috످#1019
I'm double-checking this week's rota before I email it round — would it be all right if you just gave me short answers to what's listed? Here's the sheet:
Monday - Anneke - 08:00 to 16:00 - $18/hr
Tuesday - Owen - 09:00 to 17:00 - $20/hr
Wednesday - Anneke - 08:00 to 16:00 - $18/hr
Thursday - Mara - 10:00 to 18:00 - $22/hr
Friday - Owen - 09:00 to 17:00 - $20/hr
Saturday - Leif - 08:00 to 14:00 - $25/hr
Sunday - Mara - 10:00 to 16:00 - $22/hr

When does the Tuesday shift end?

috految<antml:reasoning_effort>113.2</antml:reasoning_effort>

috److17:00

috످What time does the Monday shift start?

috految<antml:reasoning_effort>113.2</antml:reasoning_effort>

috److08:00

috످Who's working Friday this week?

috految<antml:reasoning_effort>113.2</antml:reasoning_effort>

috److Owen

috످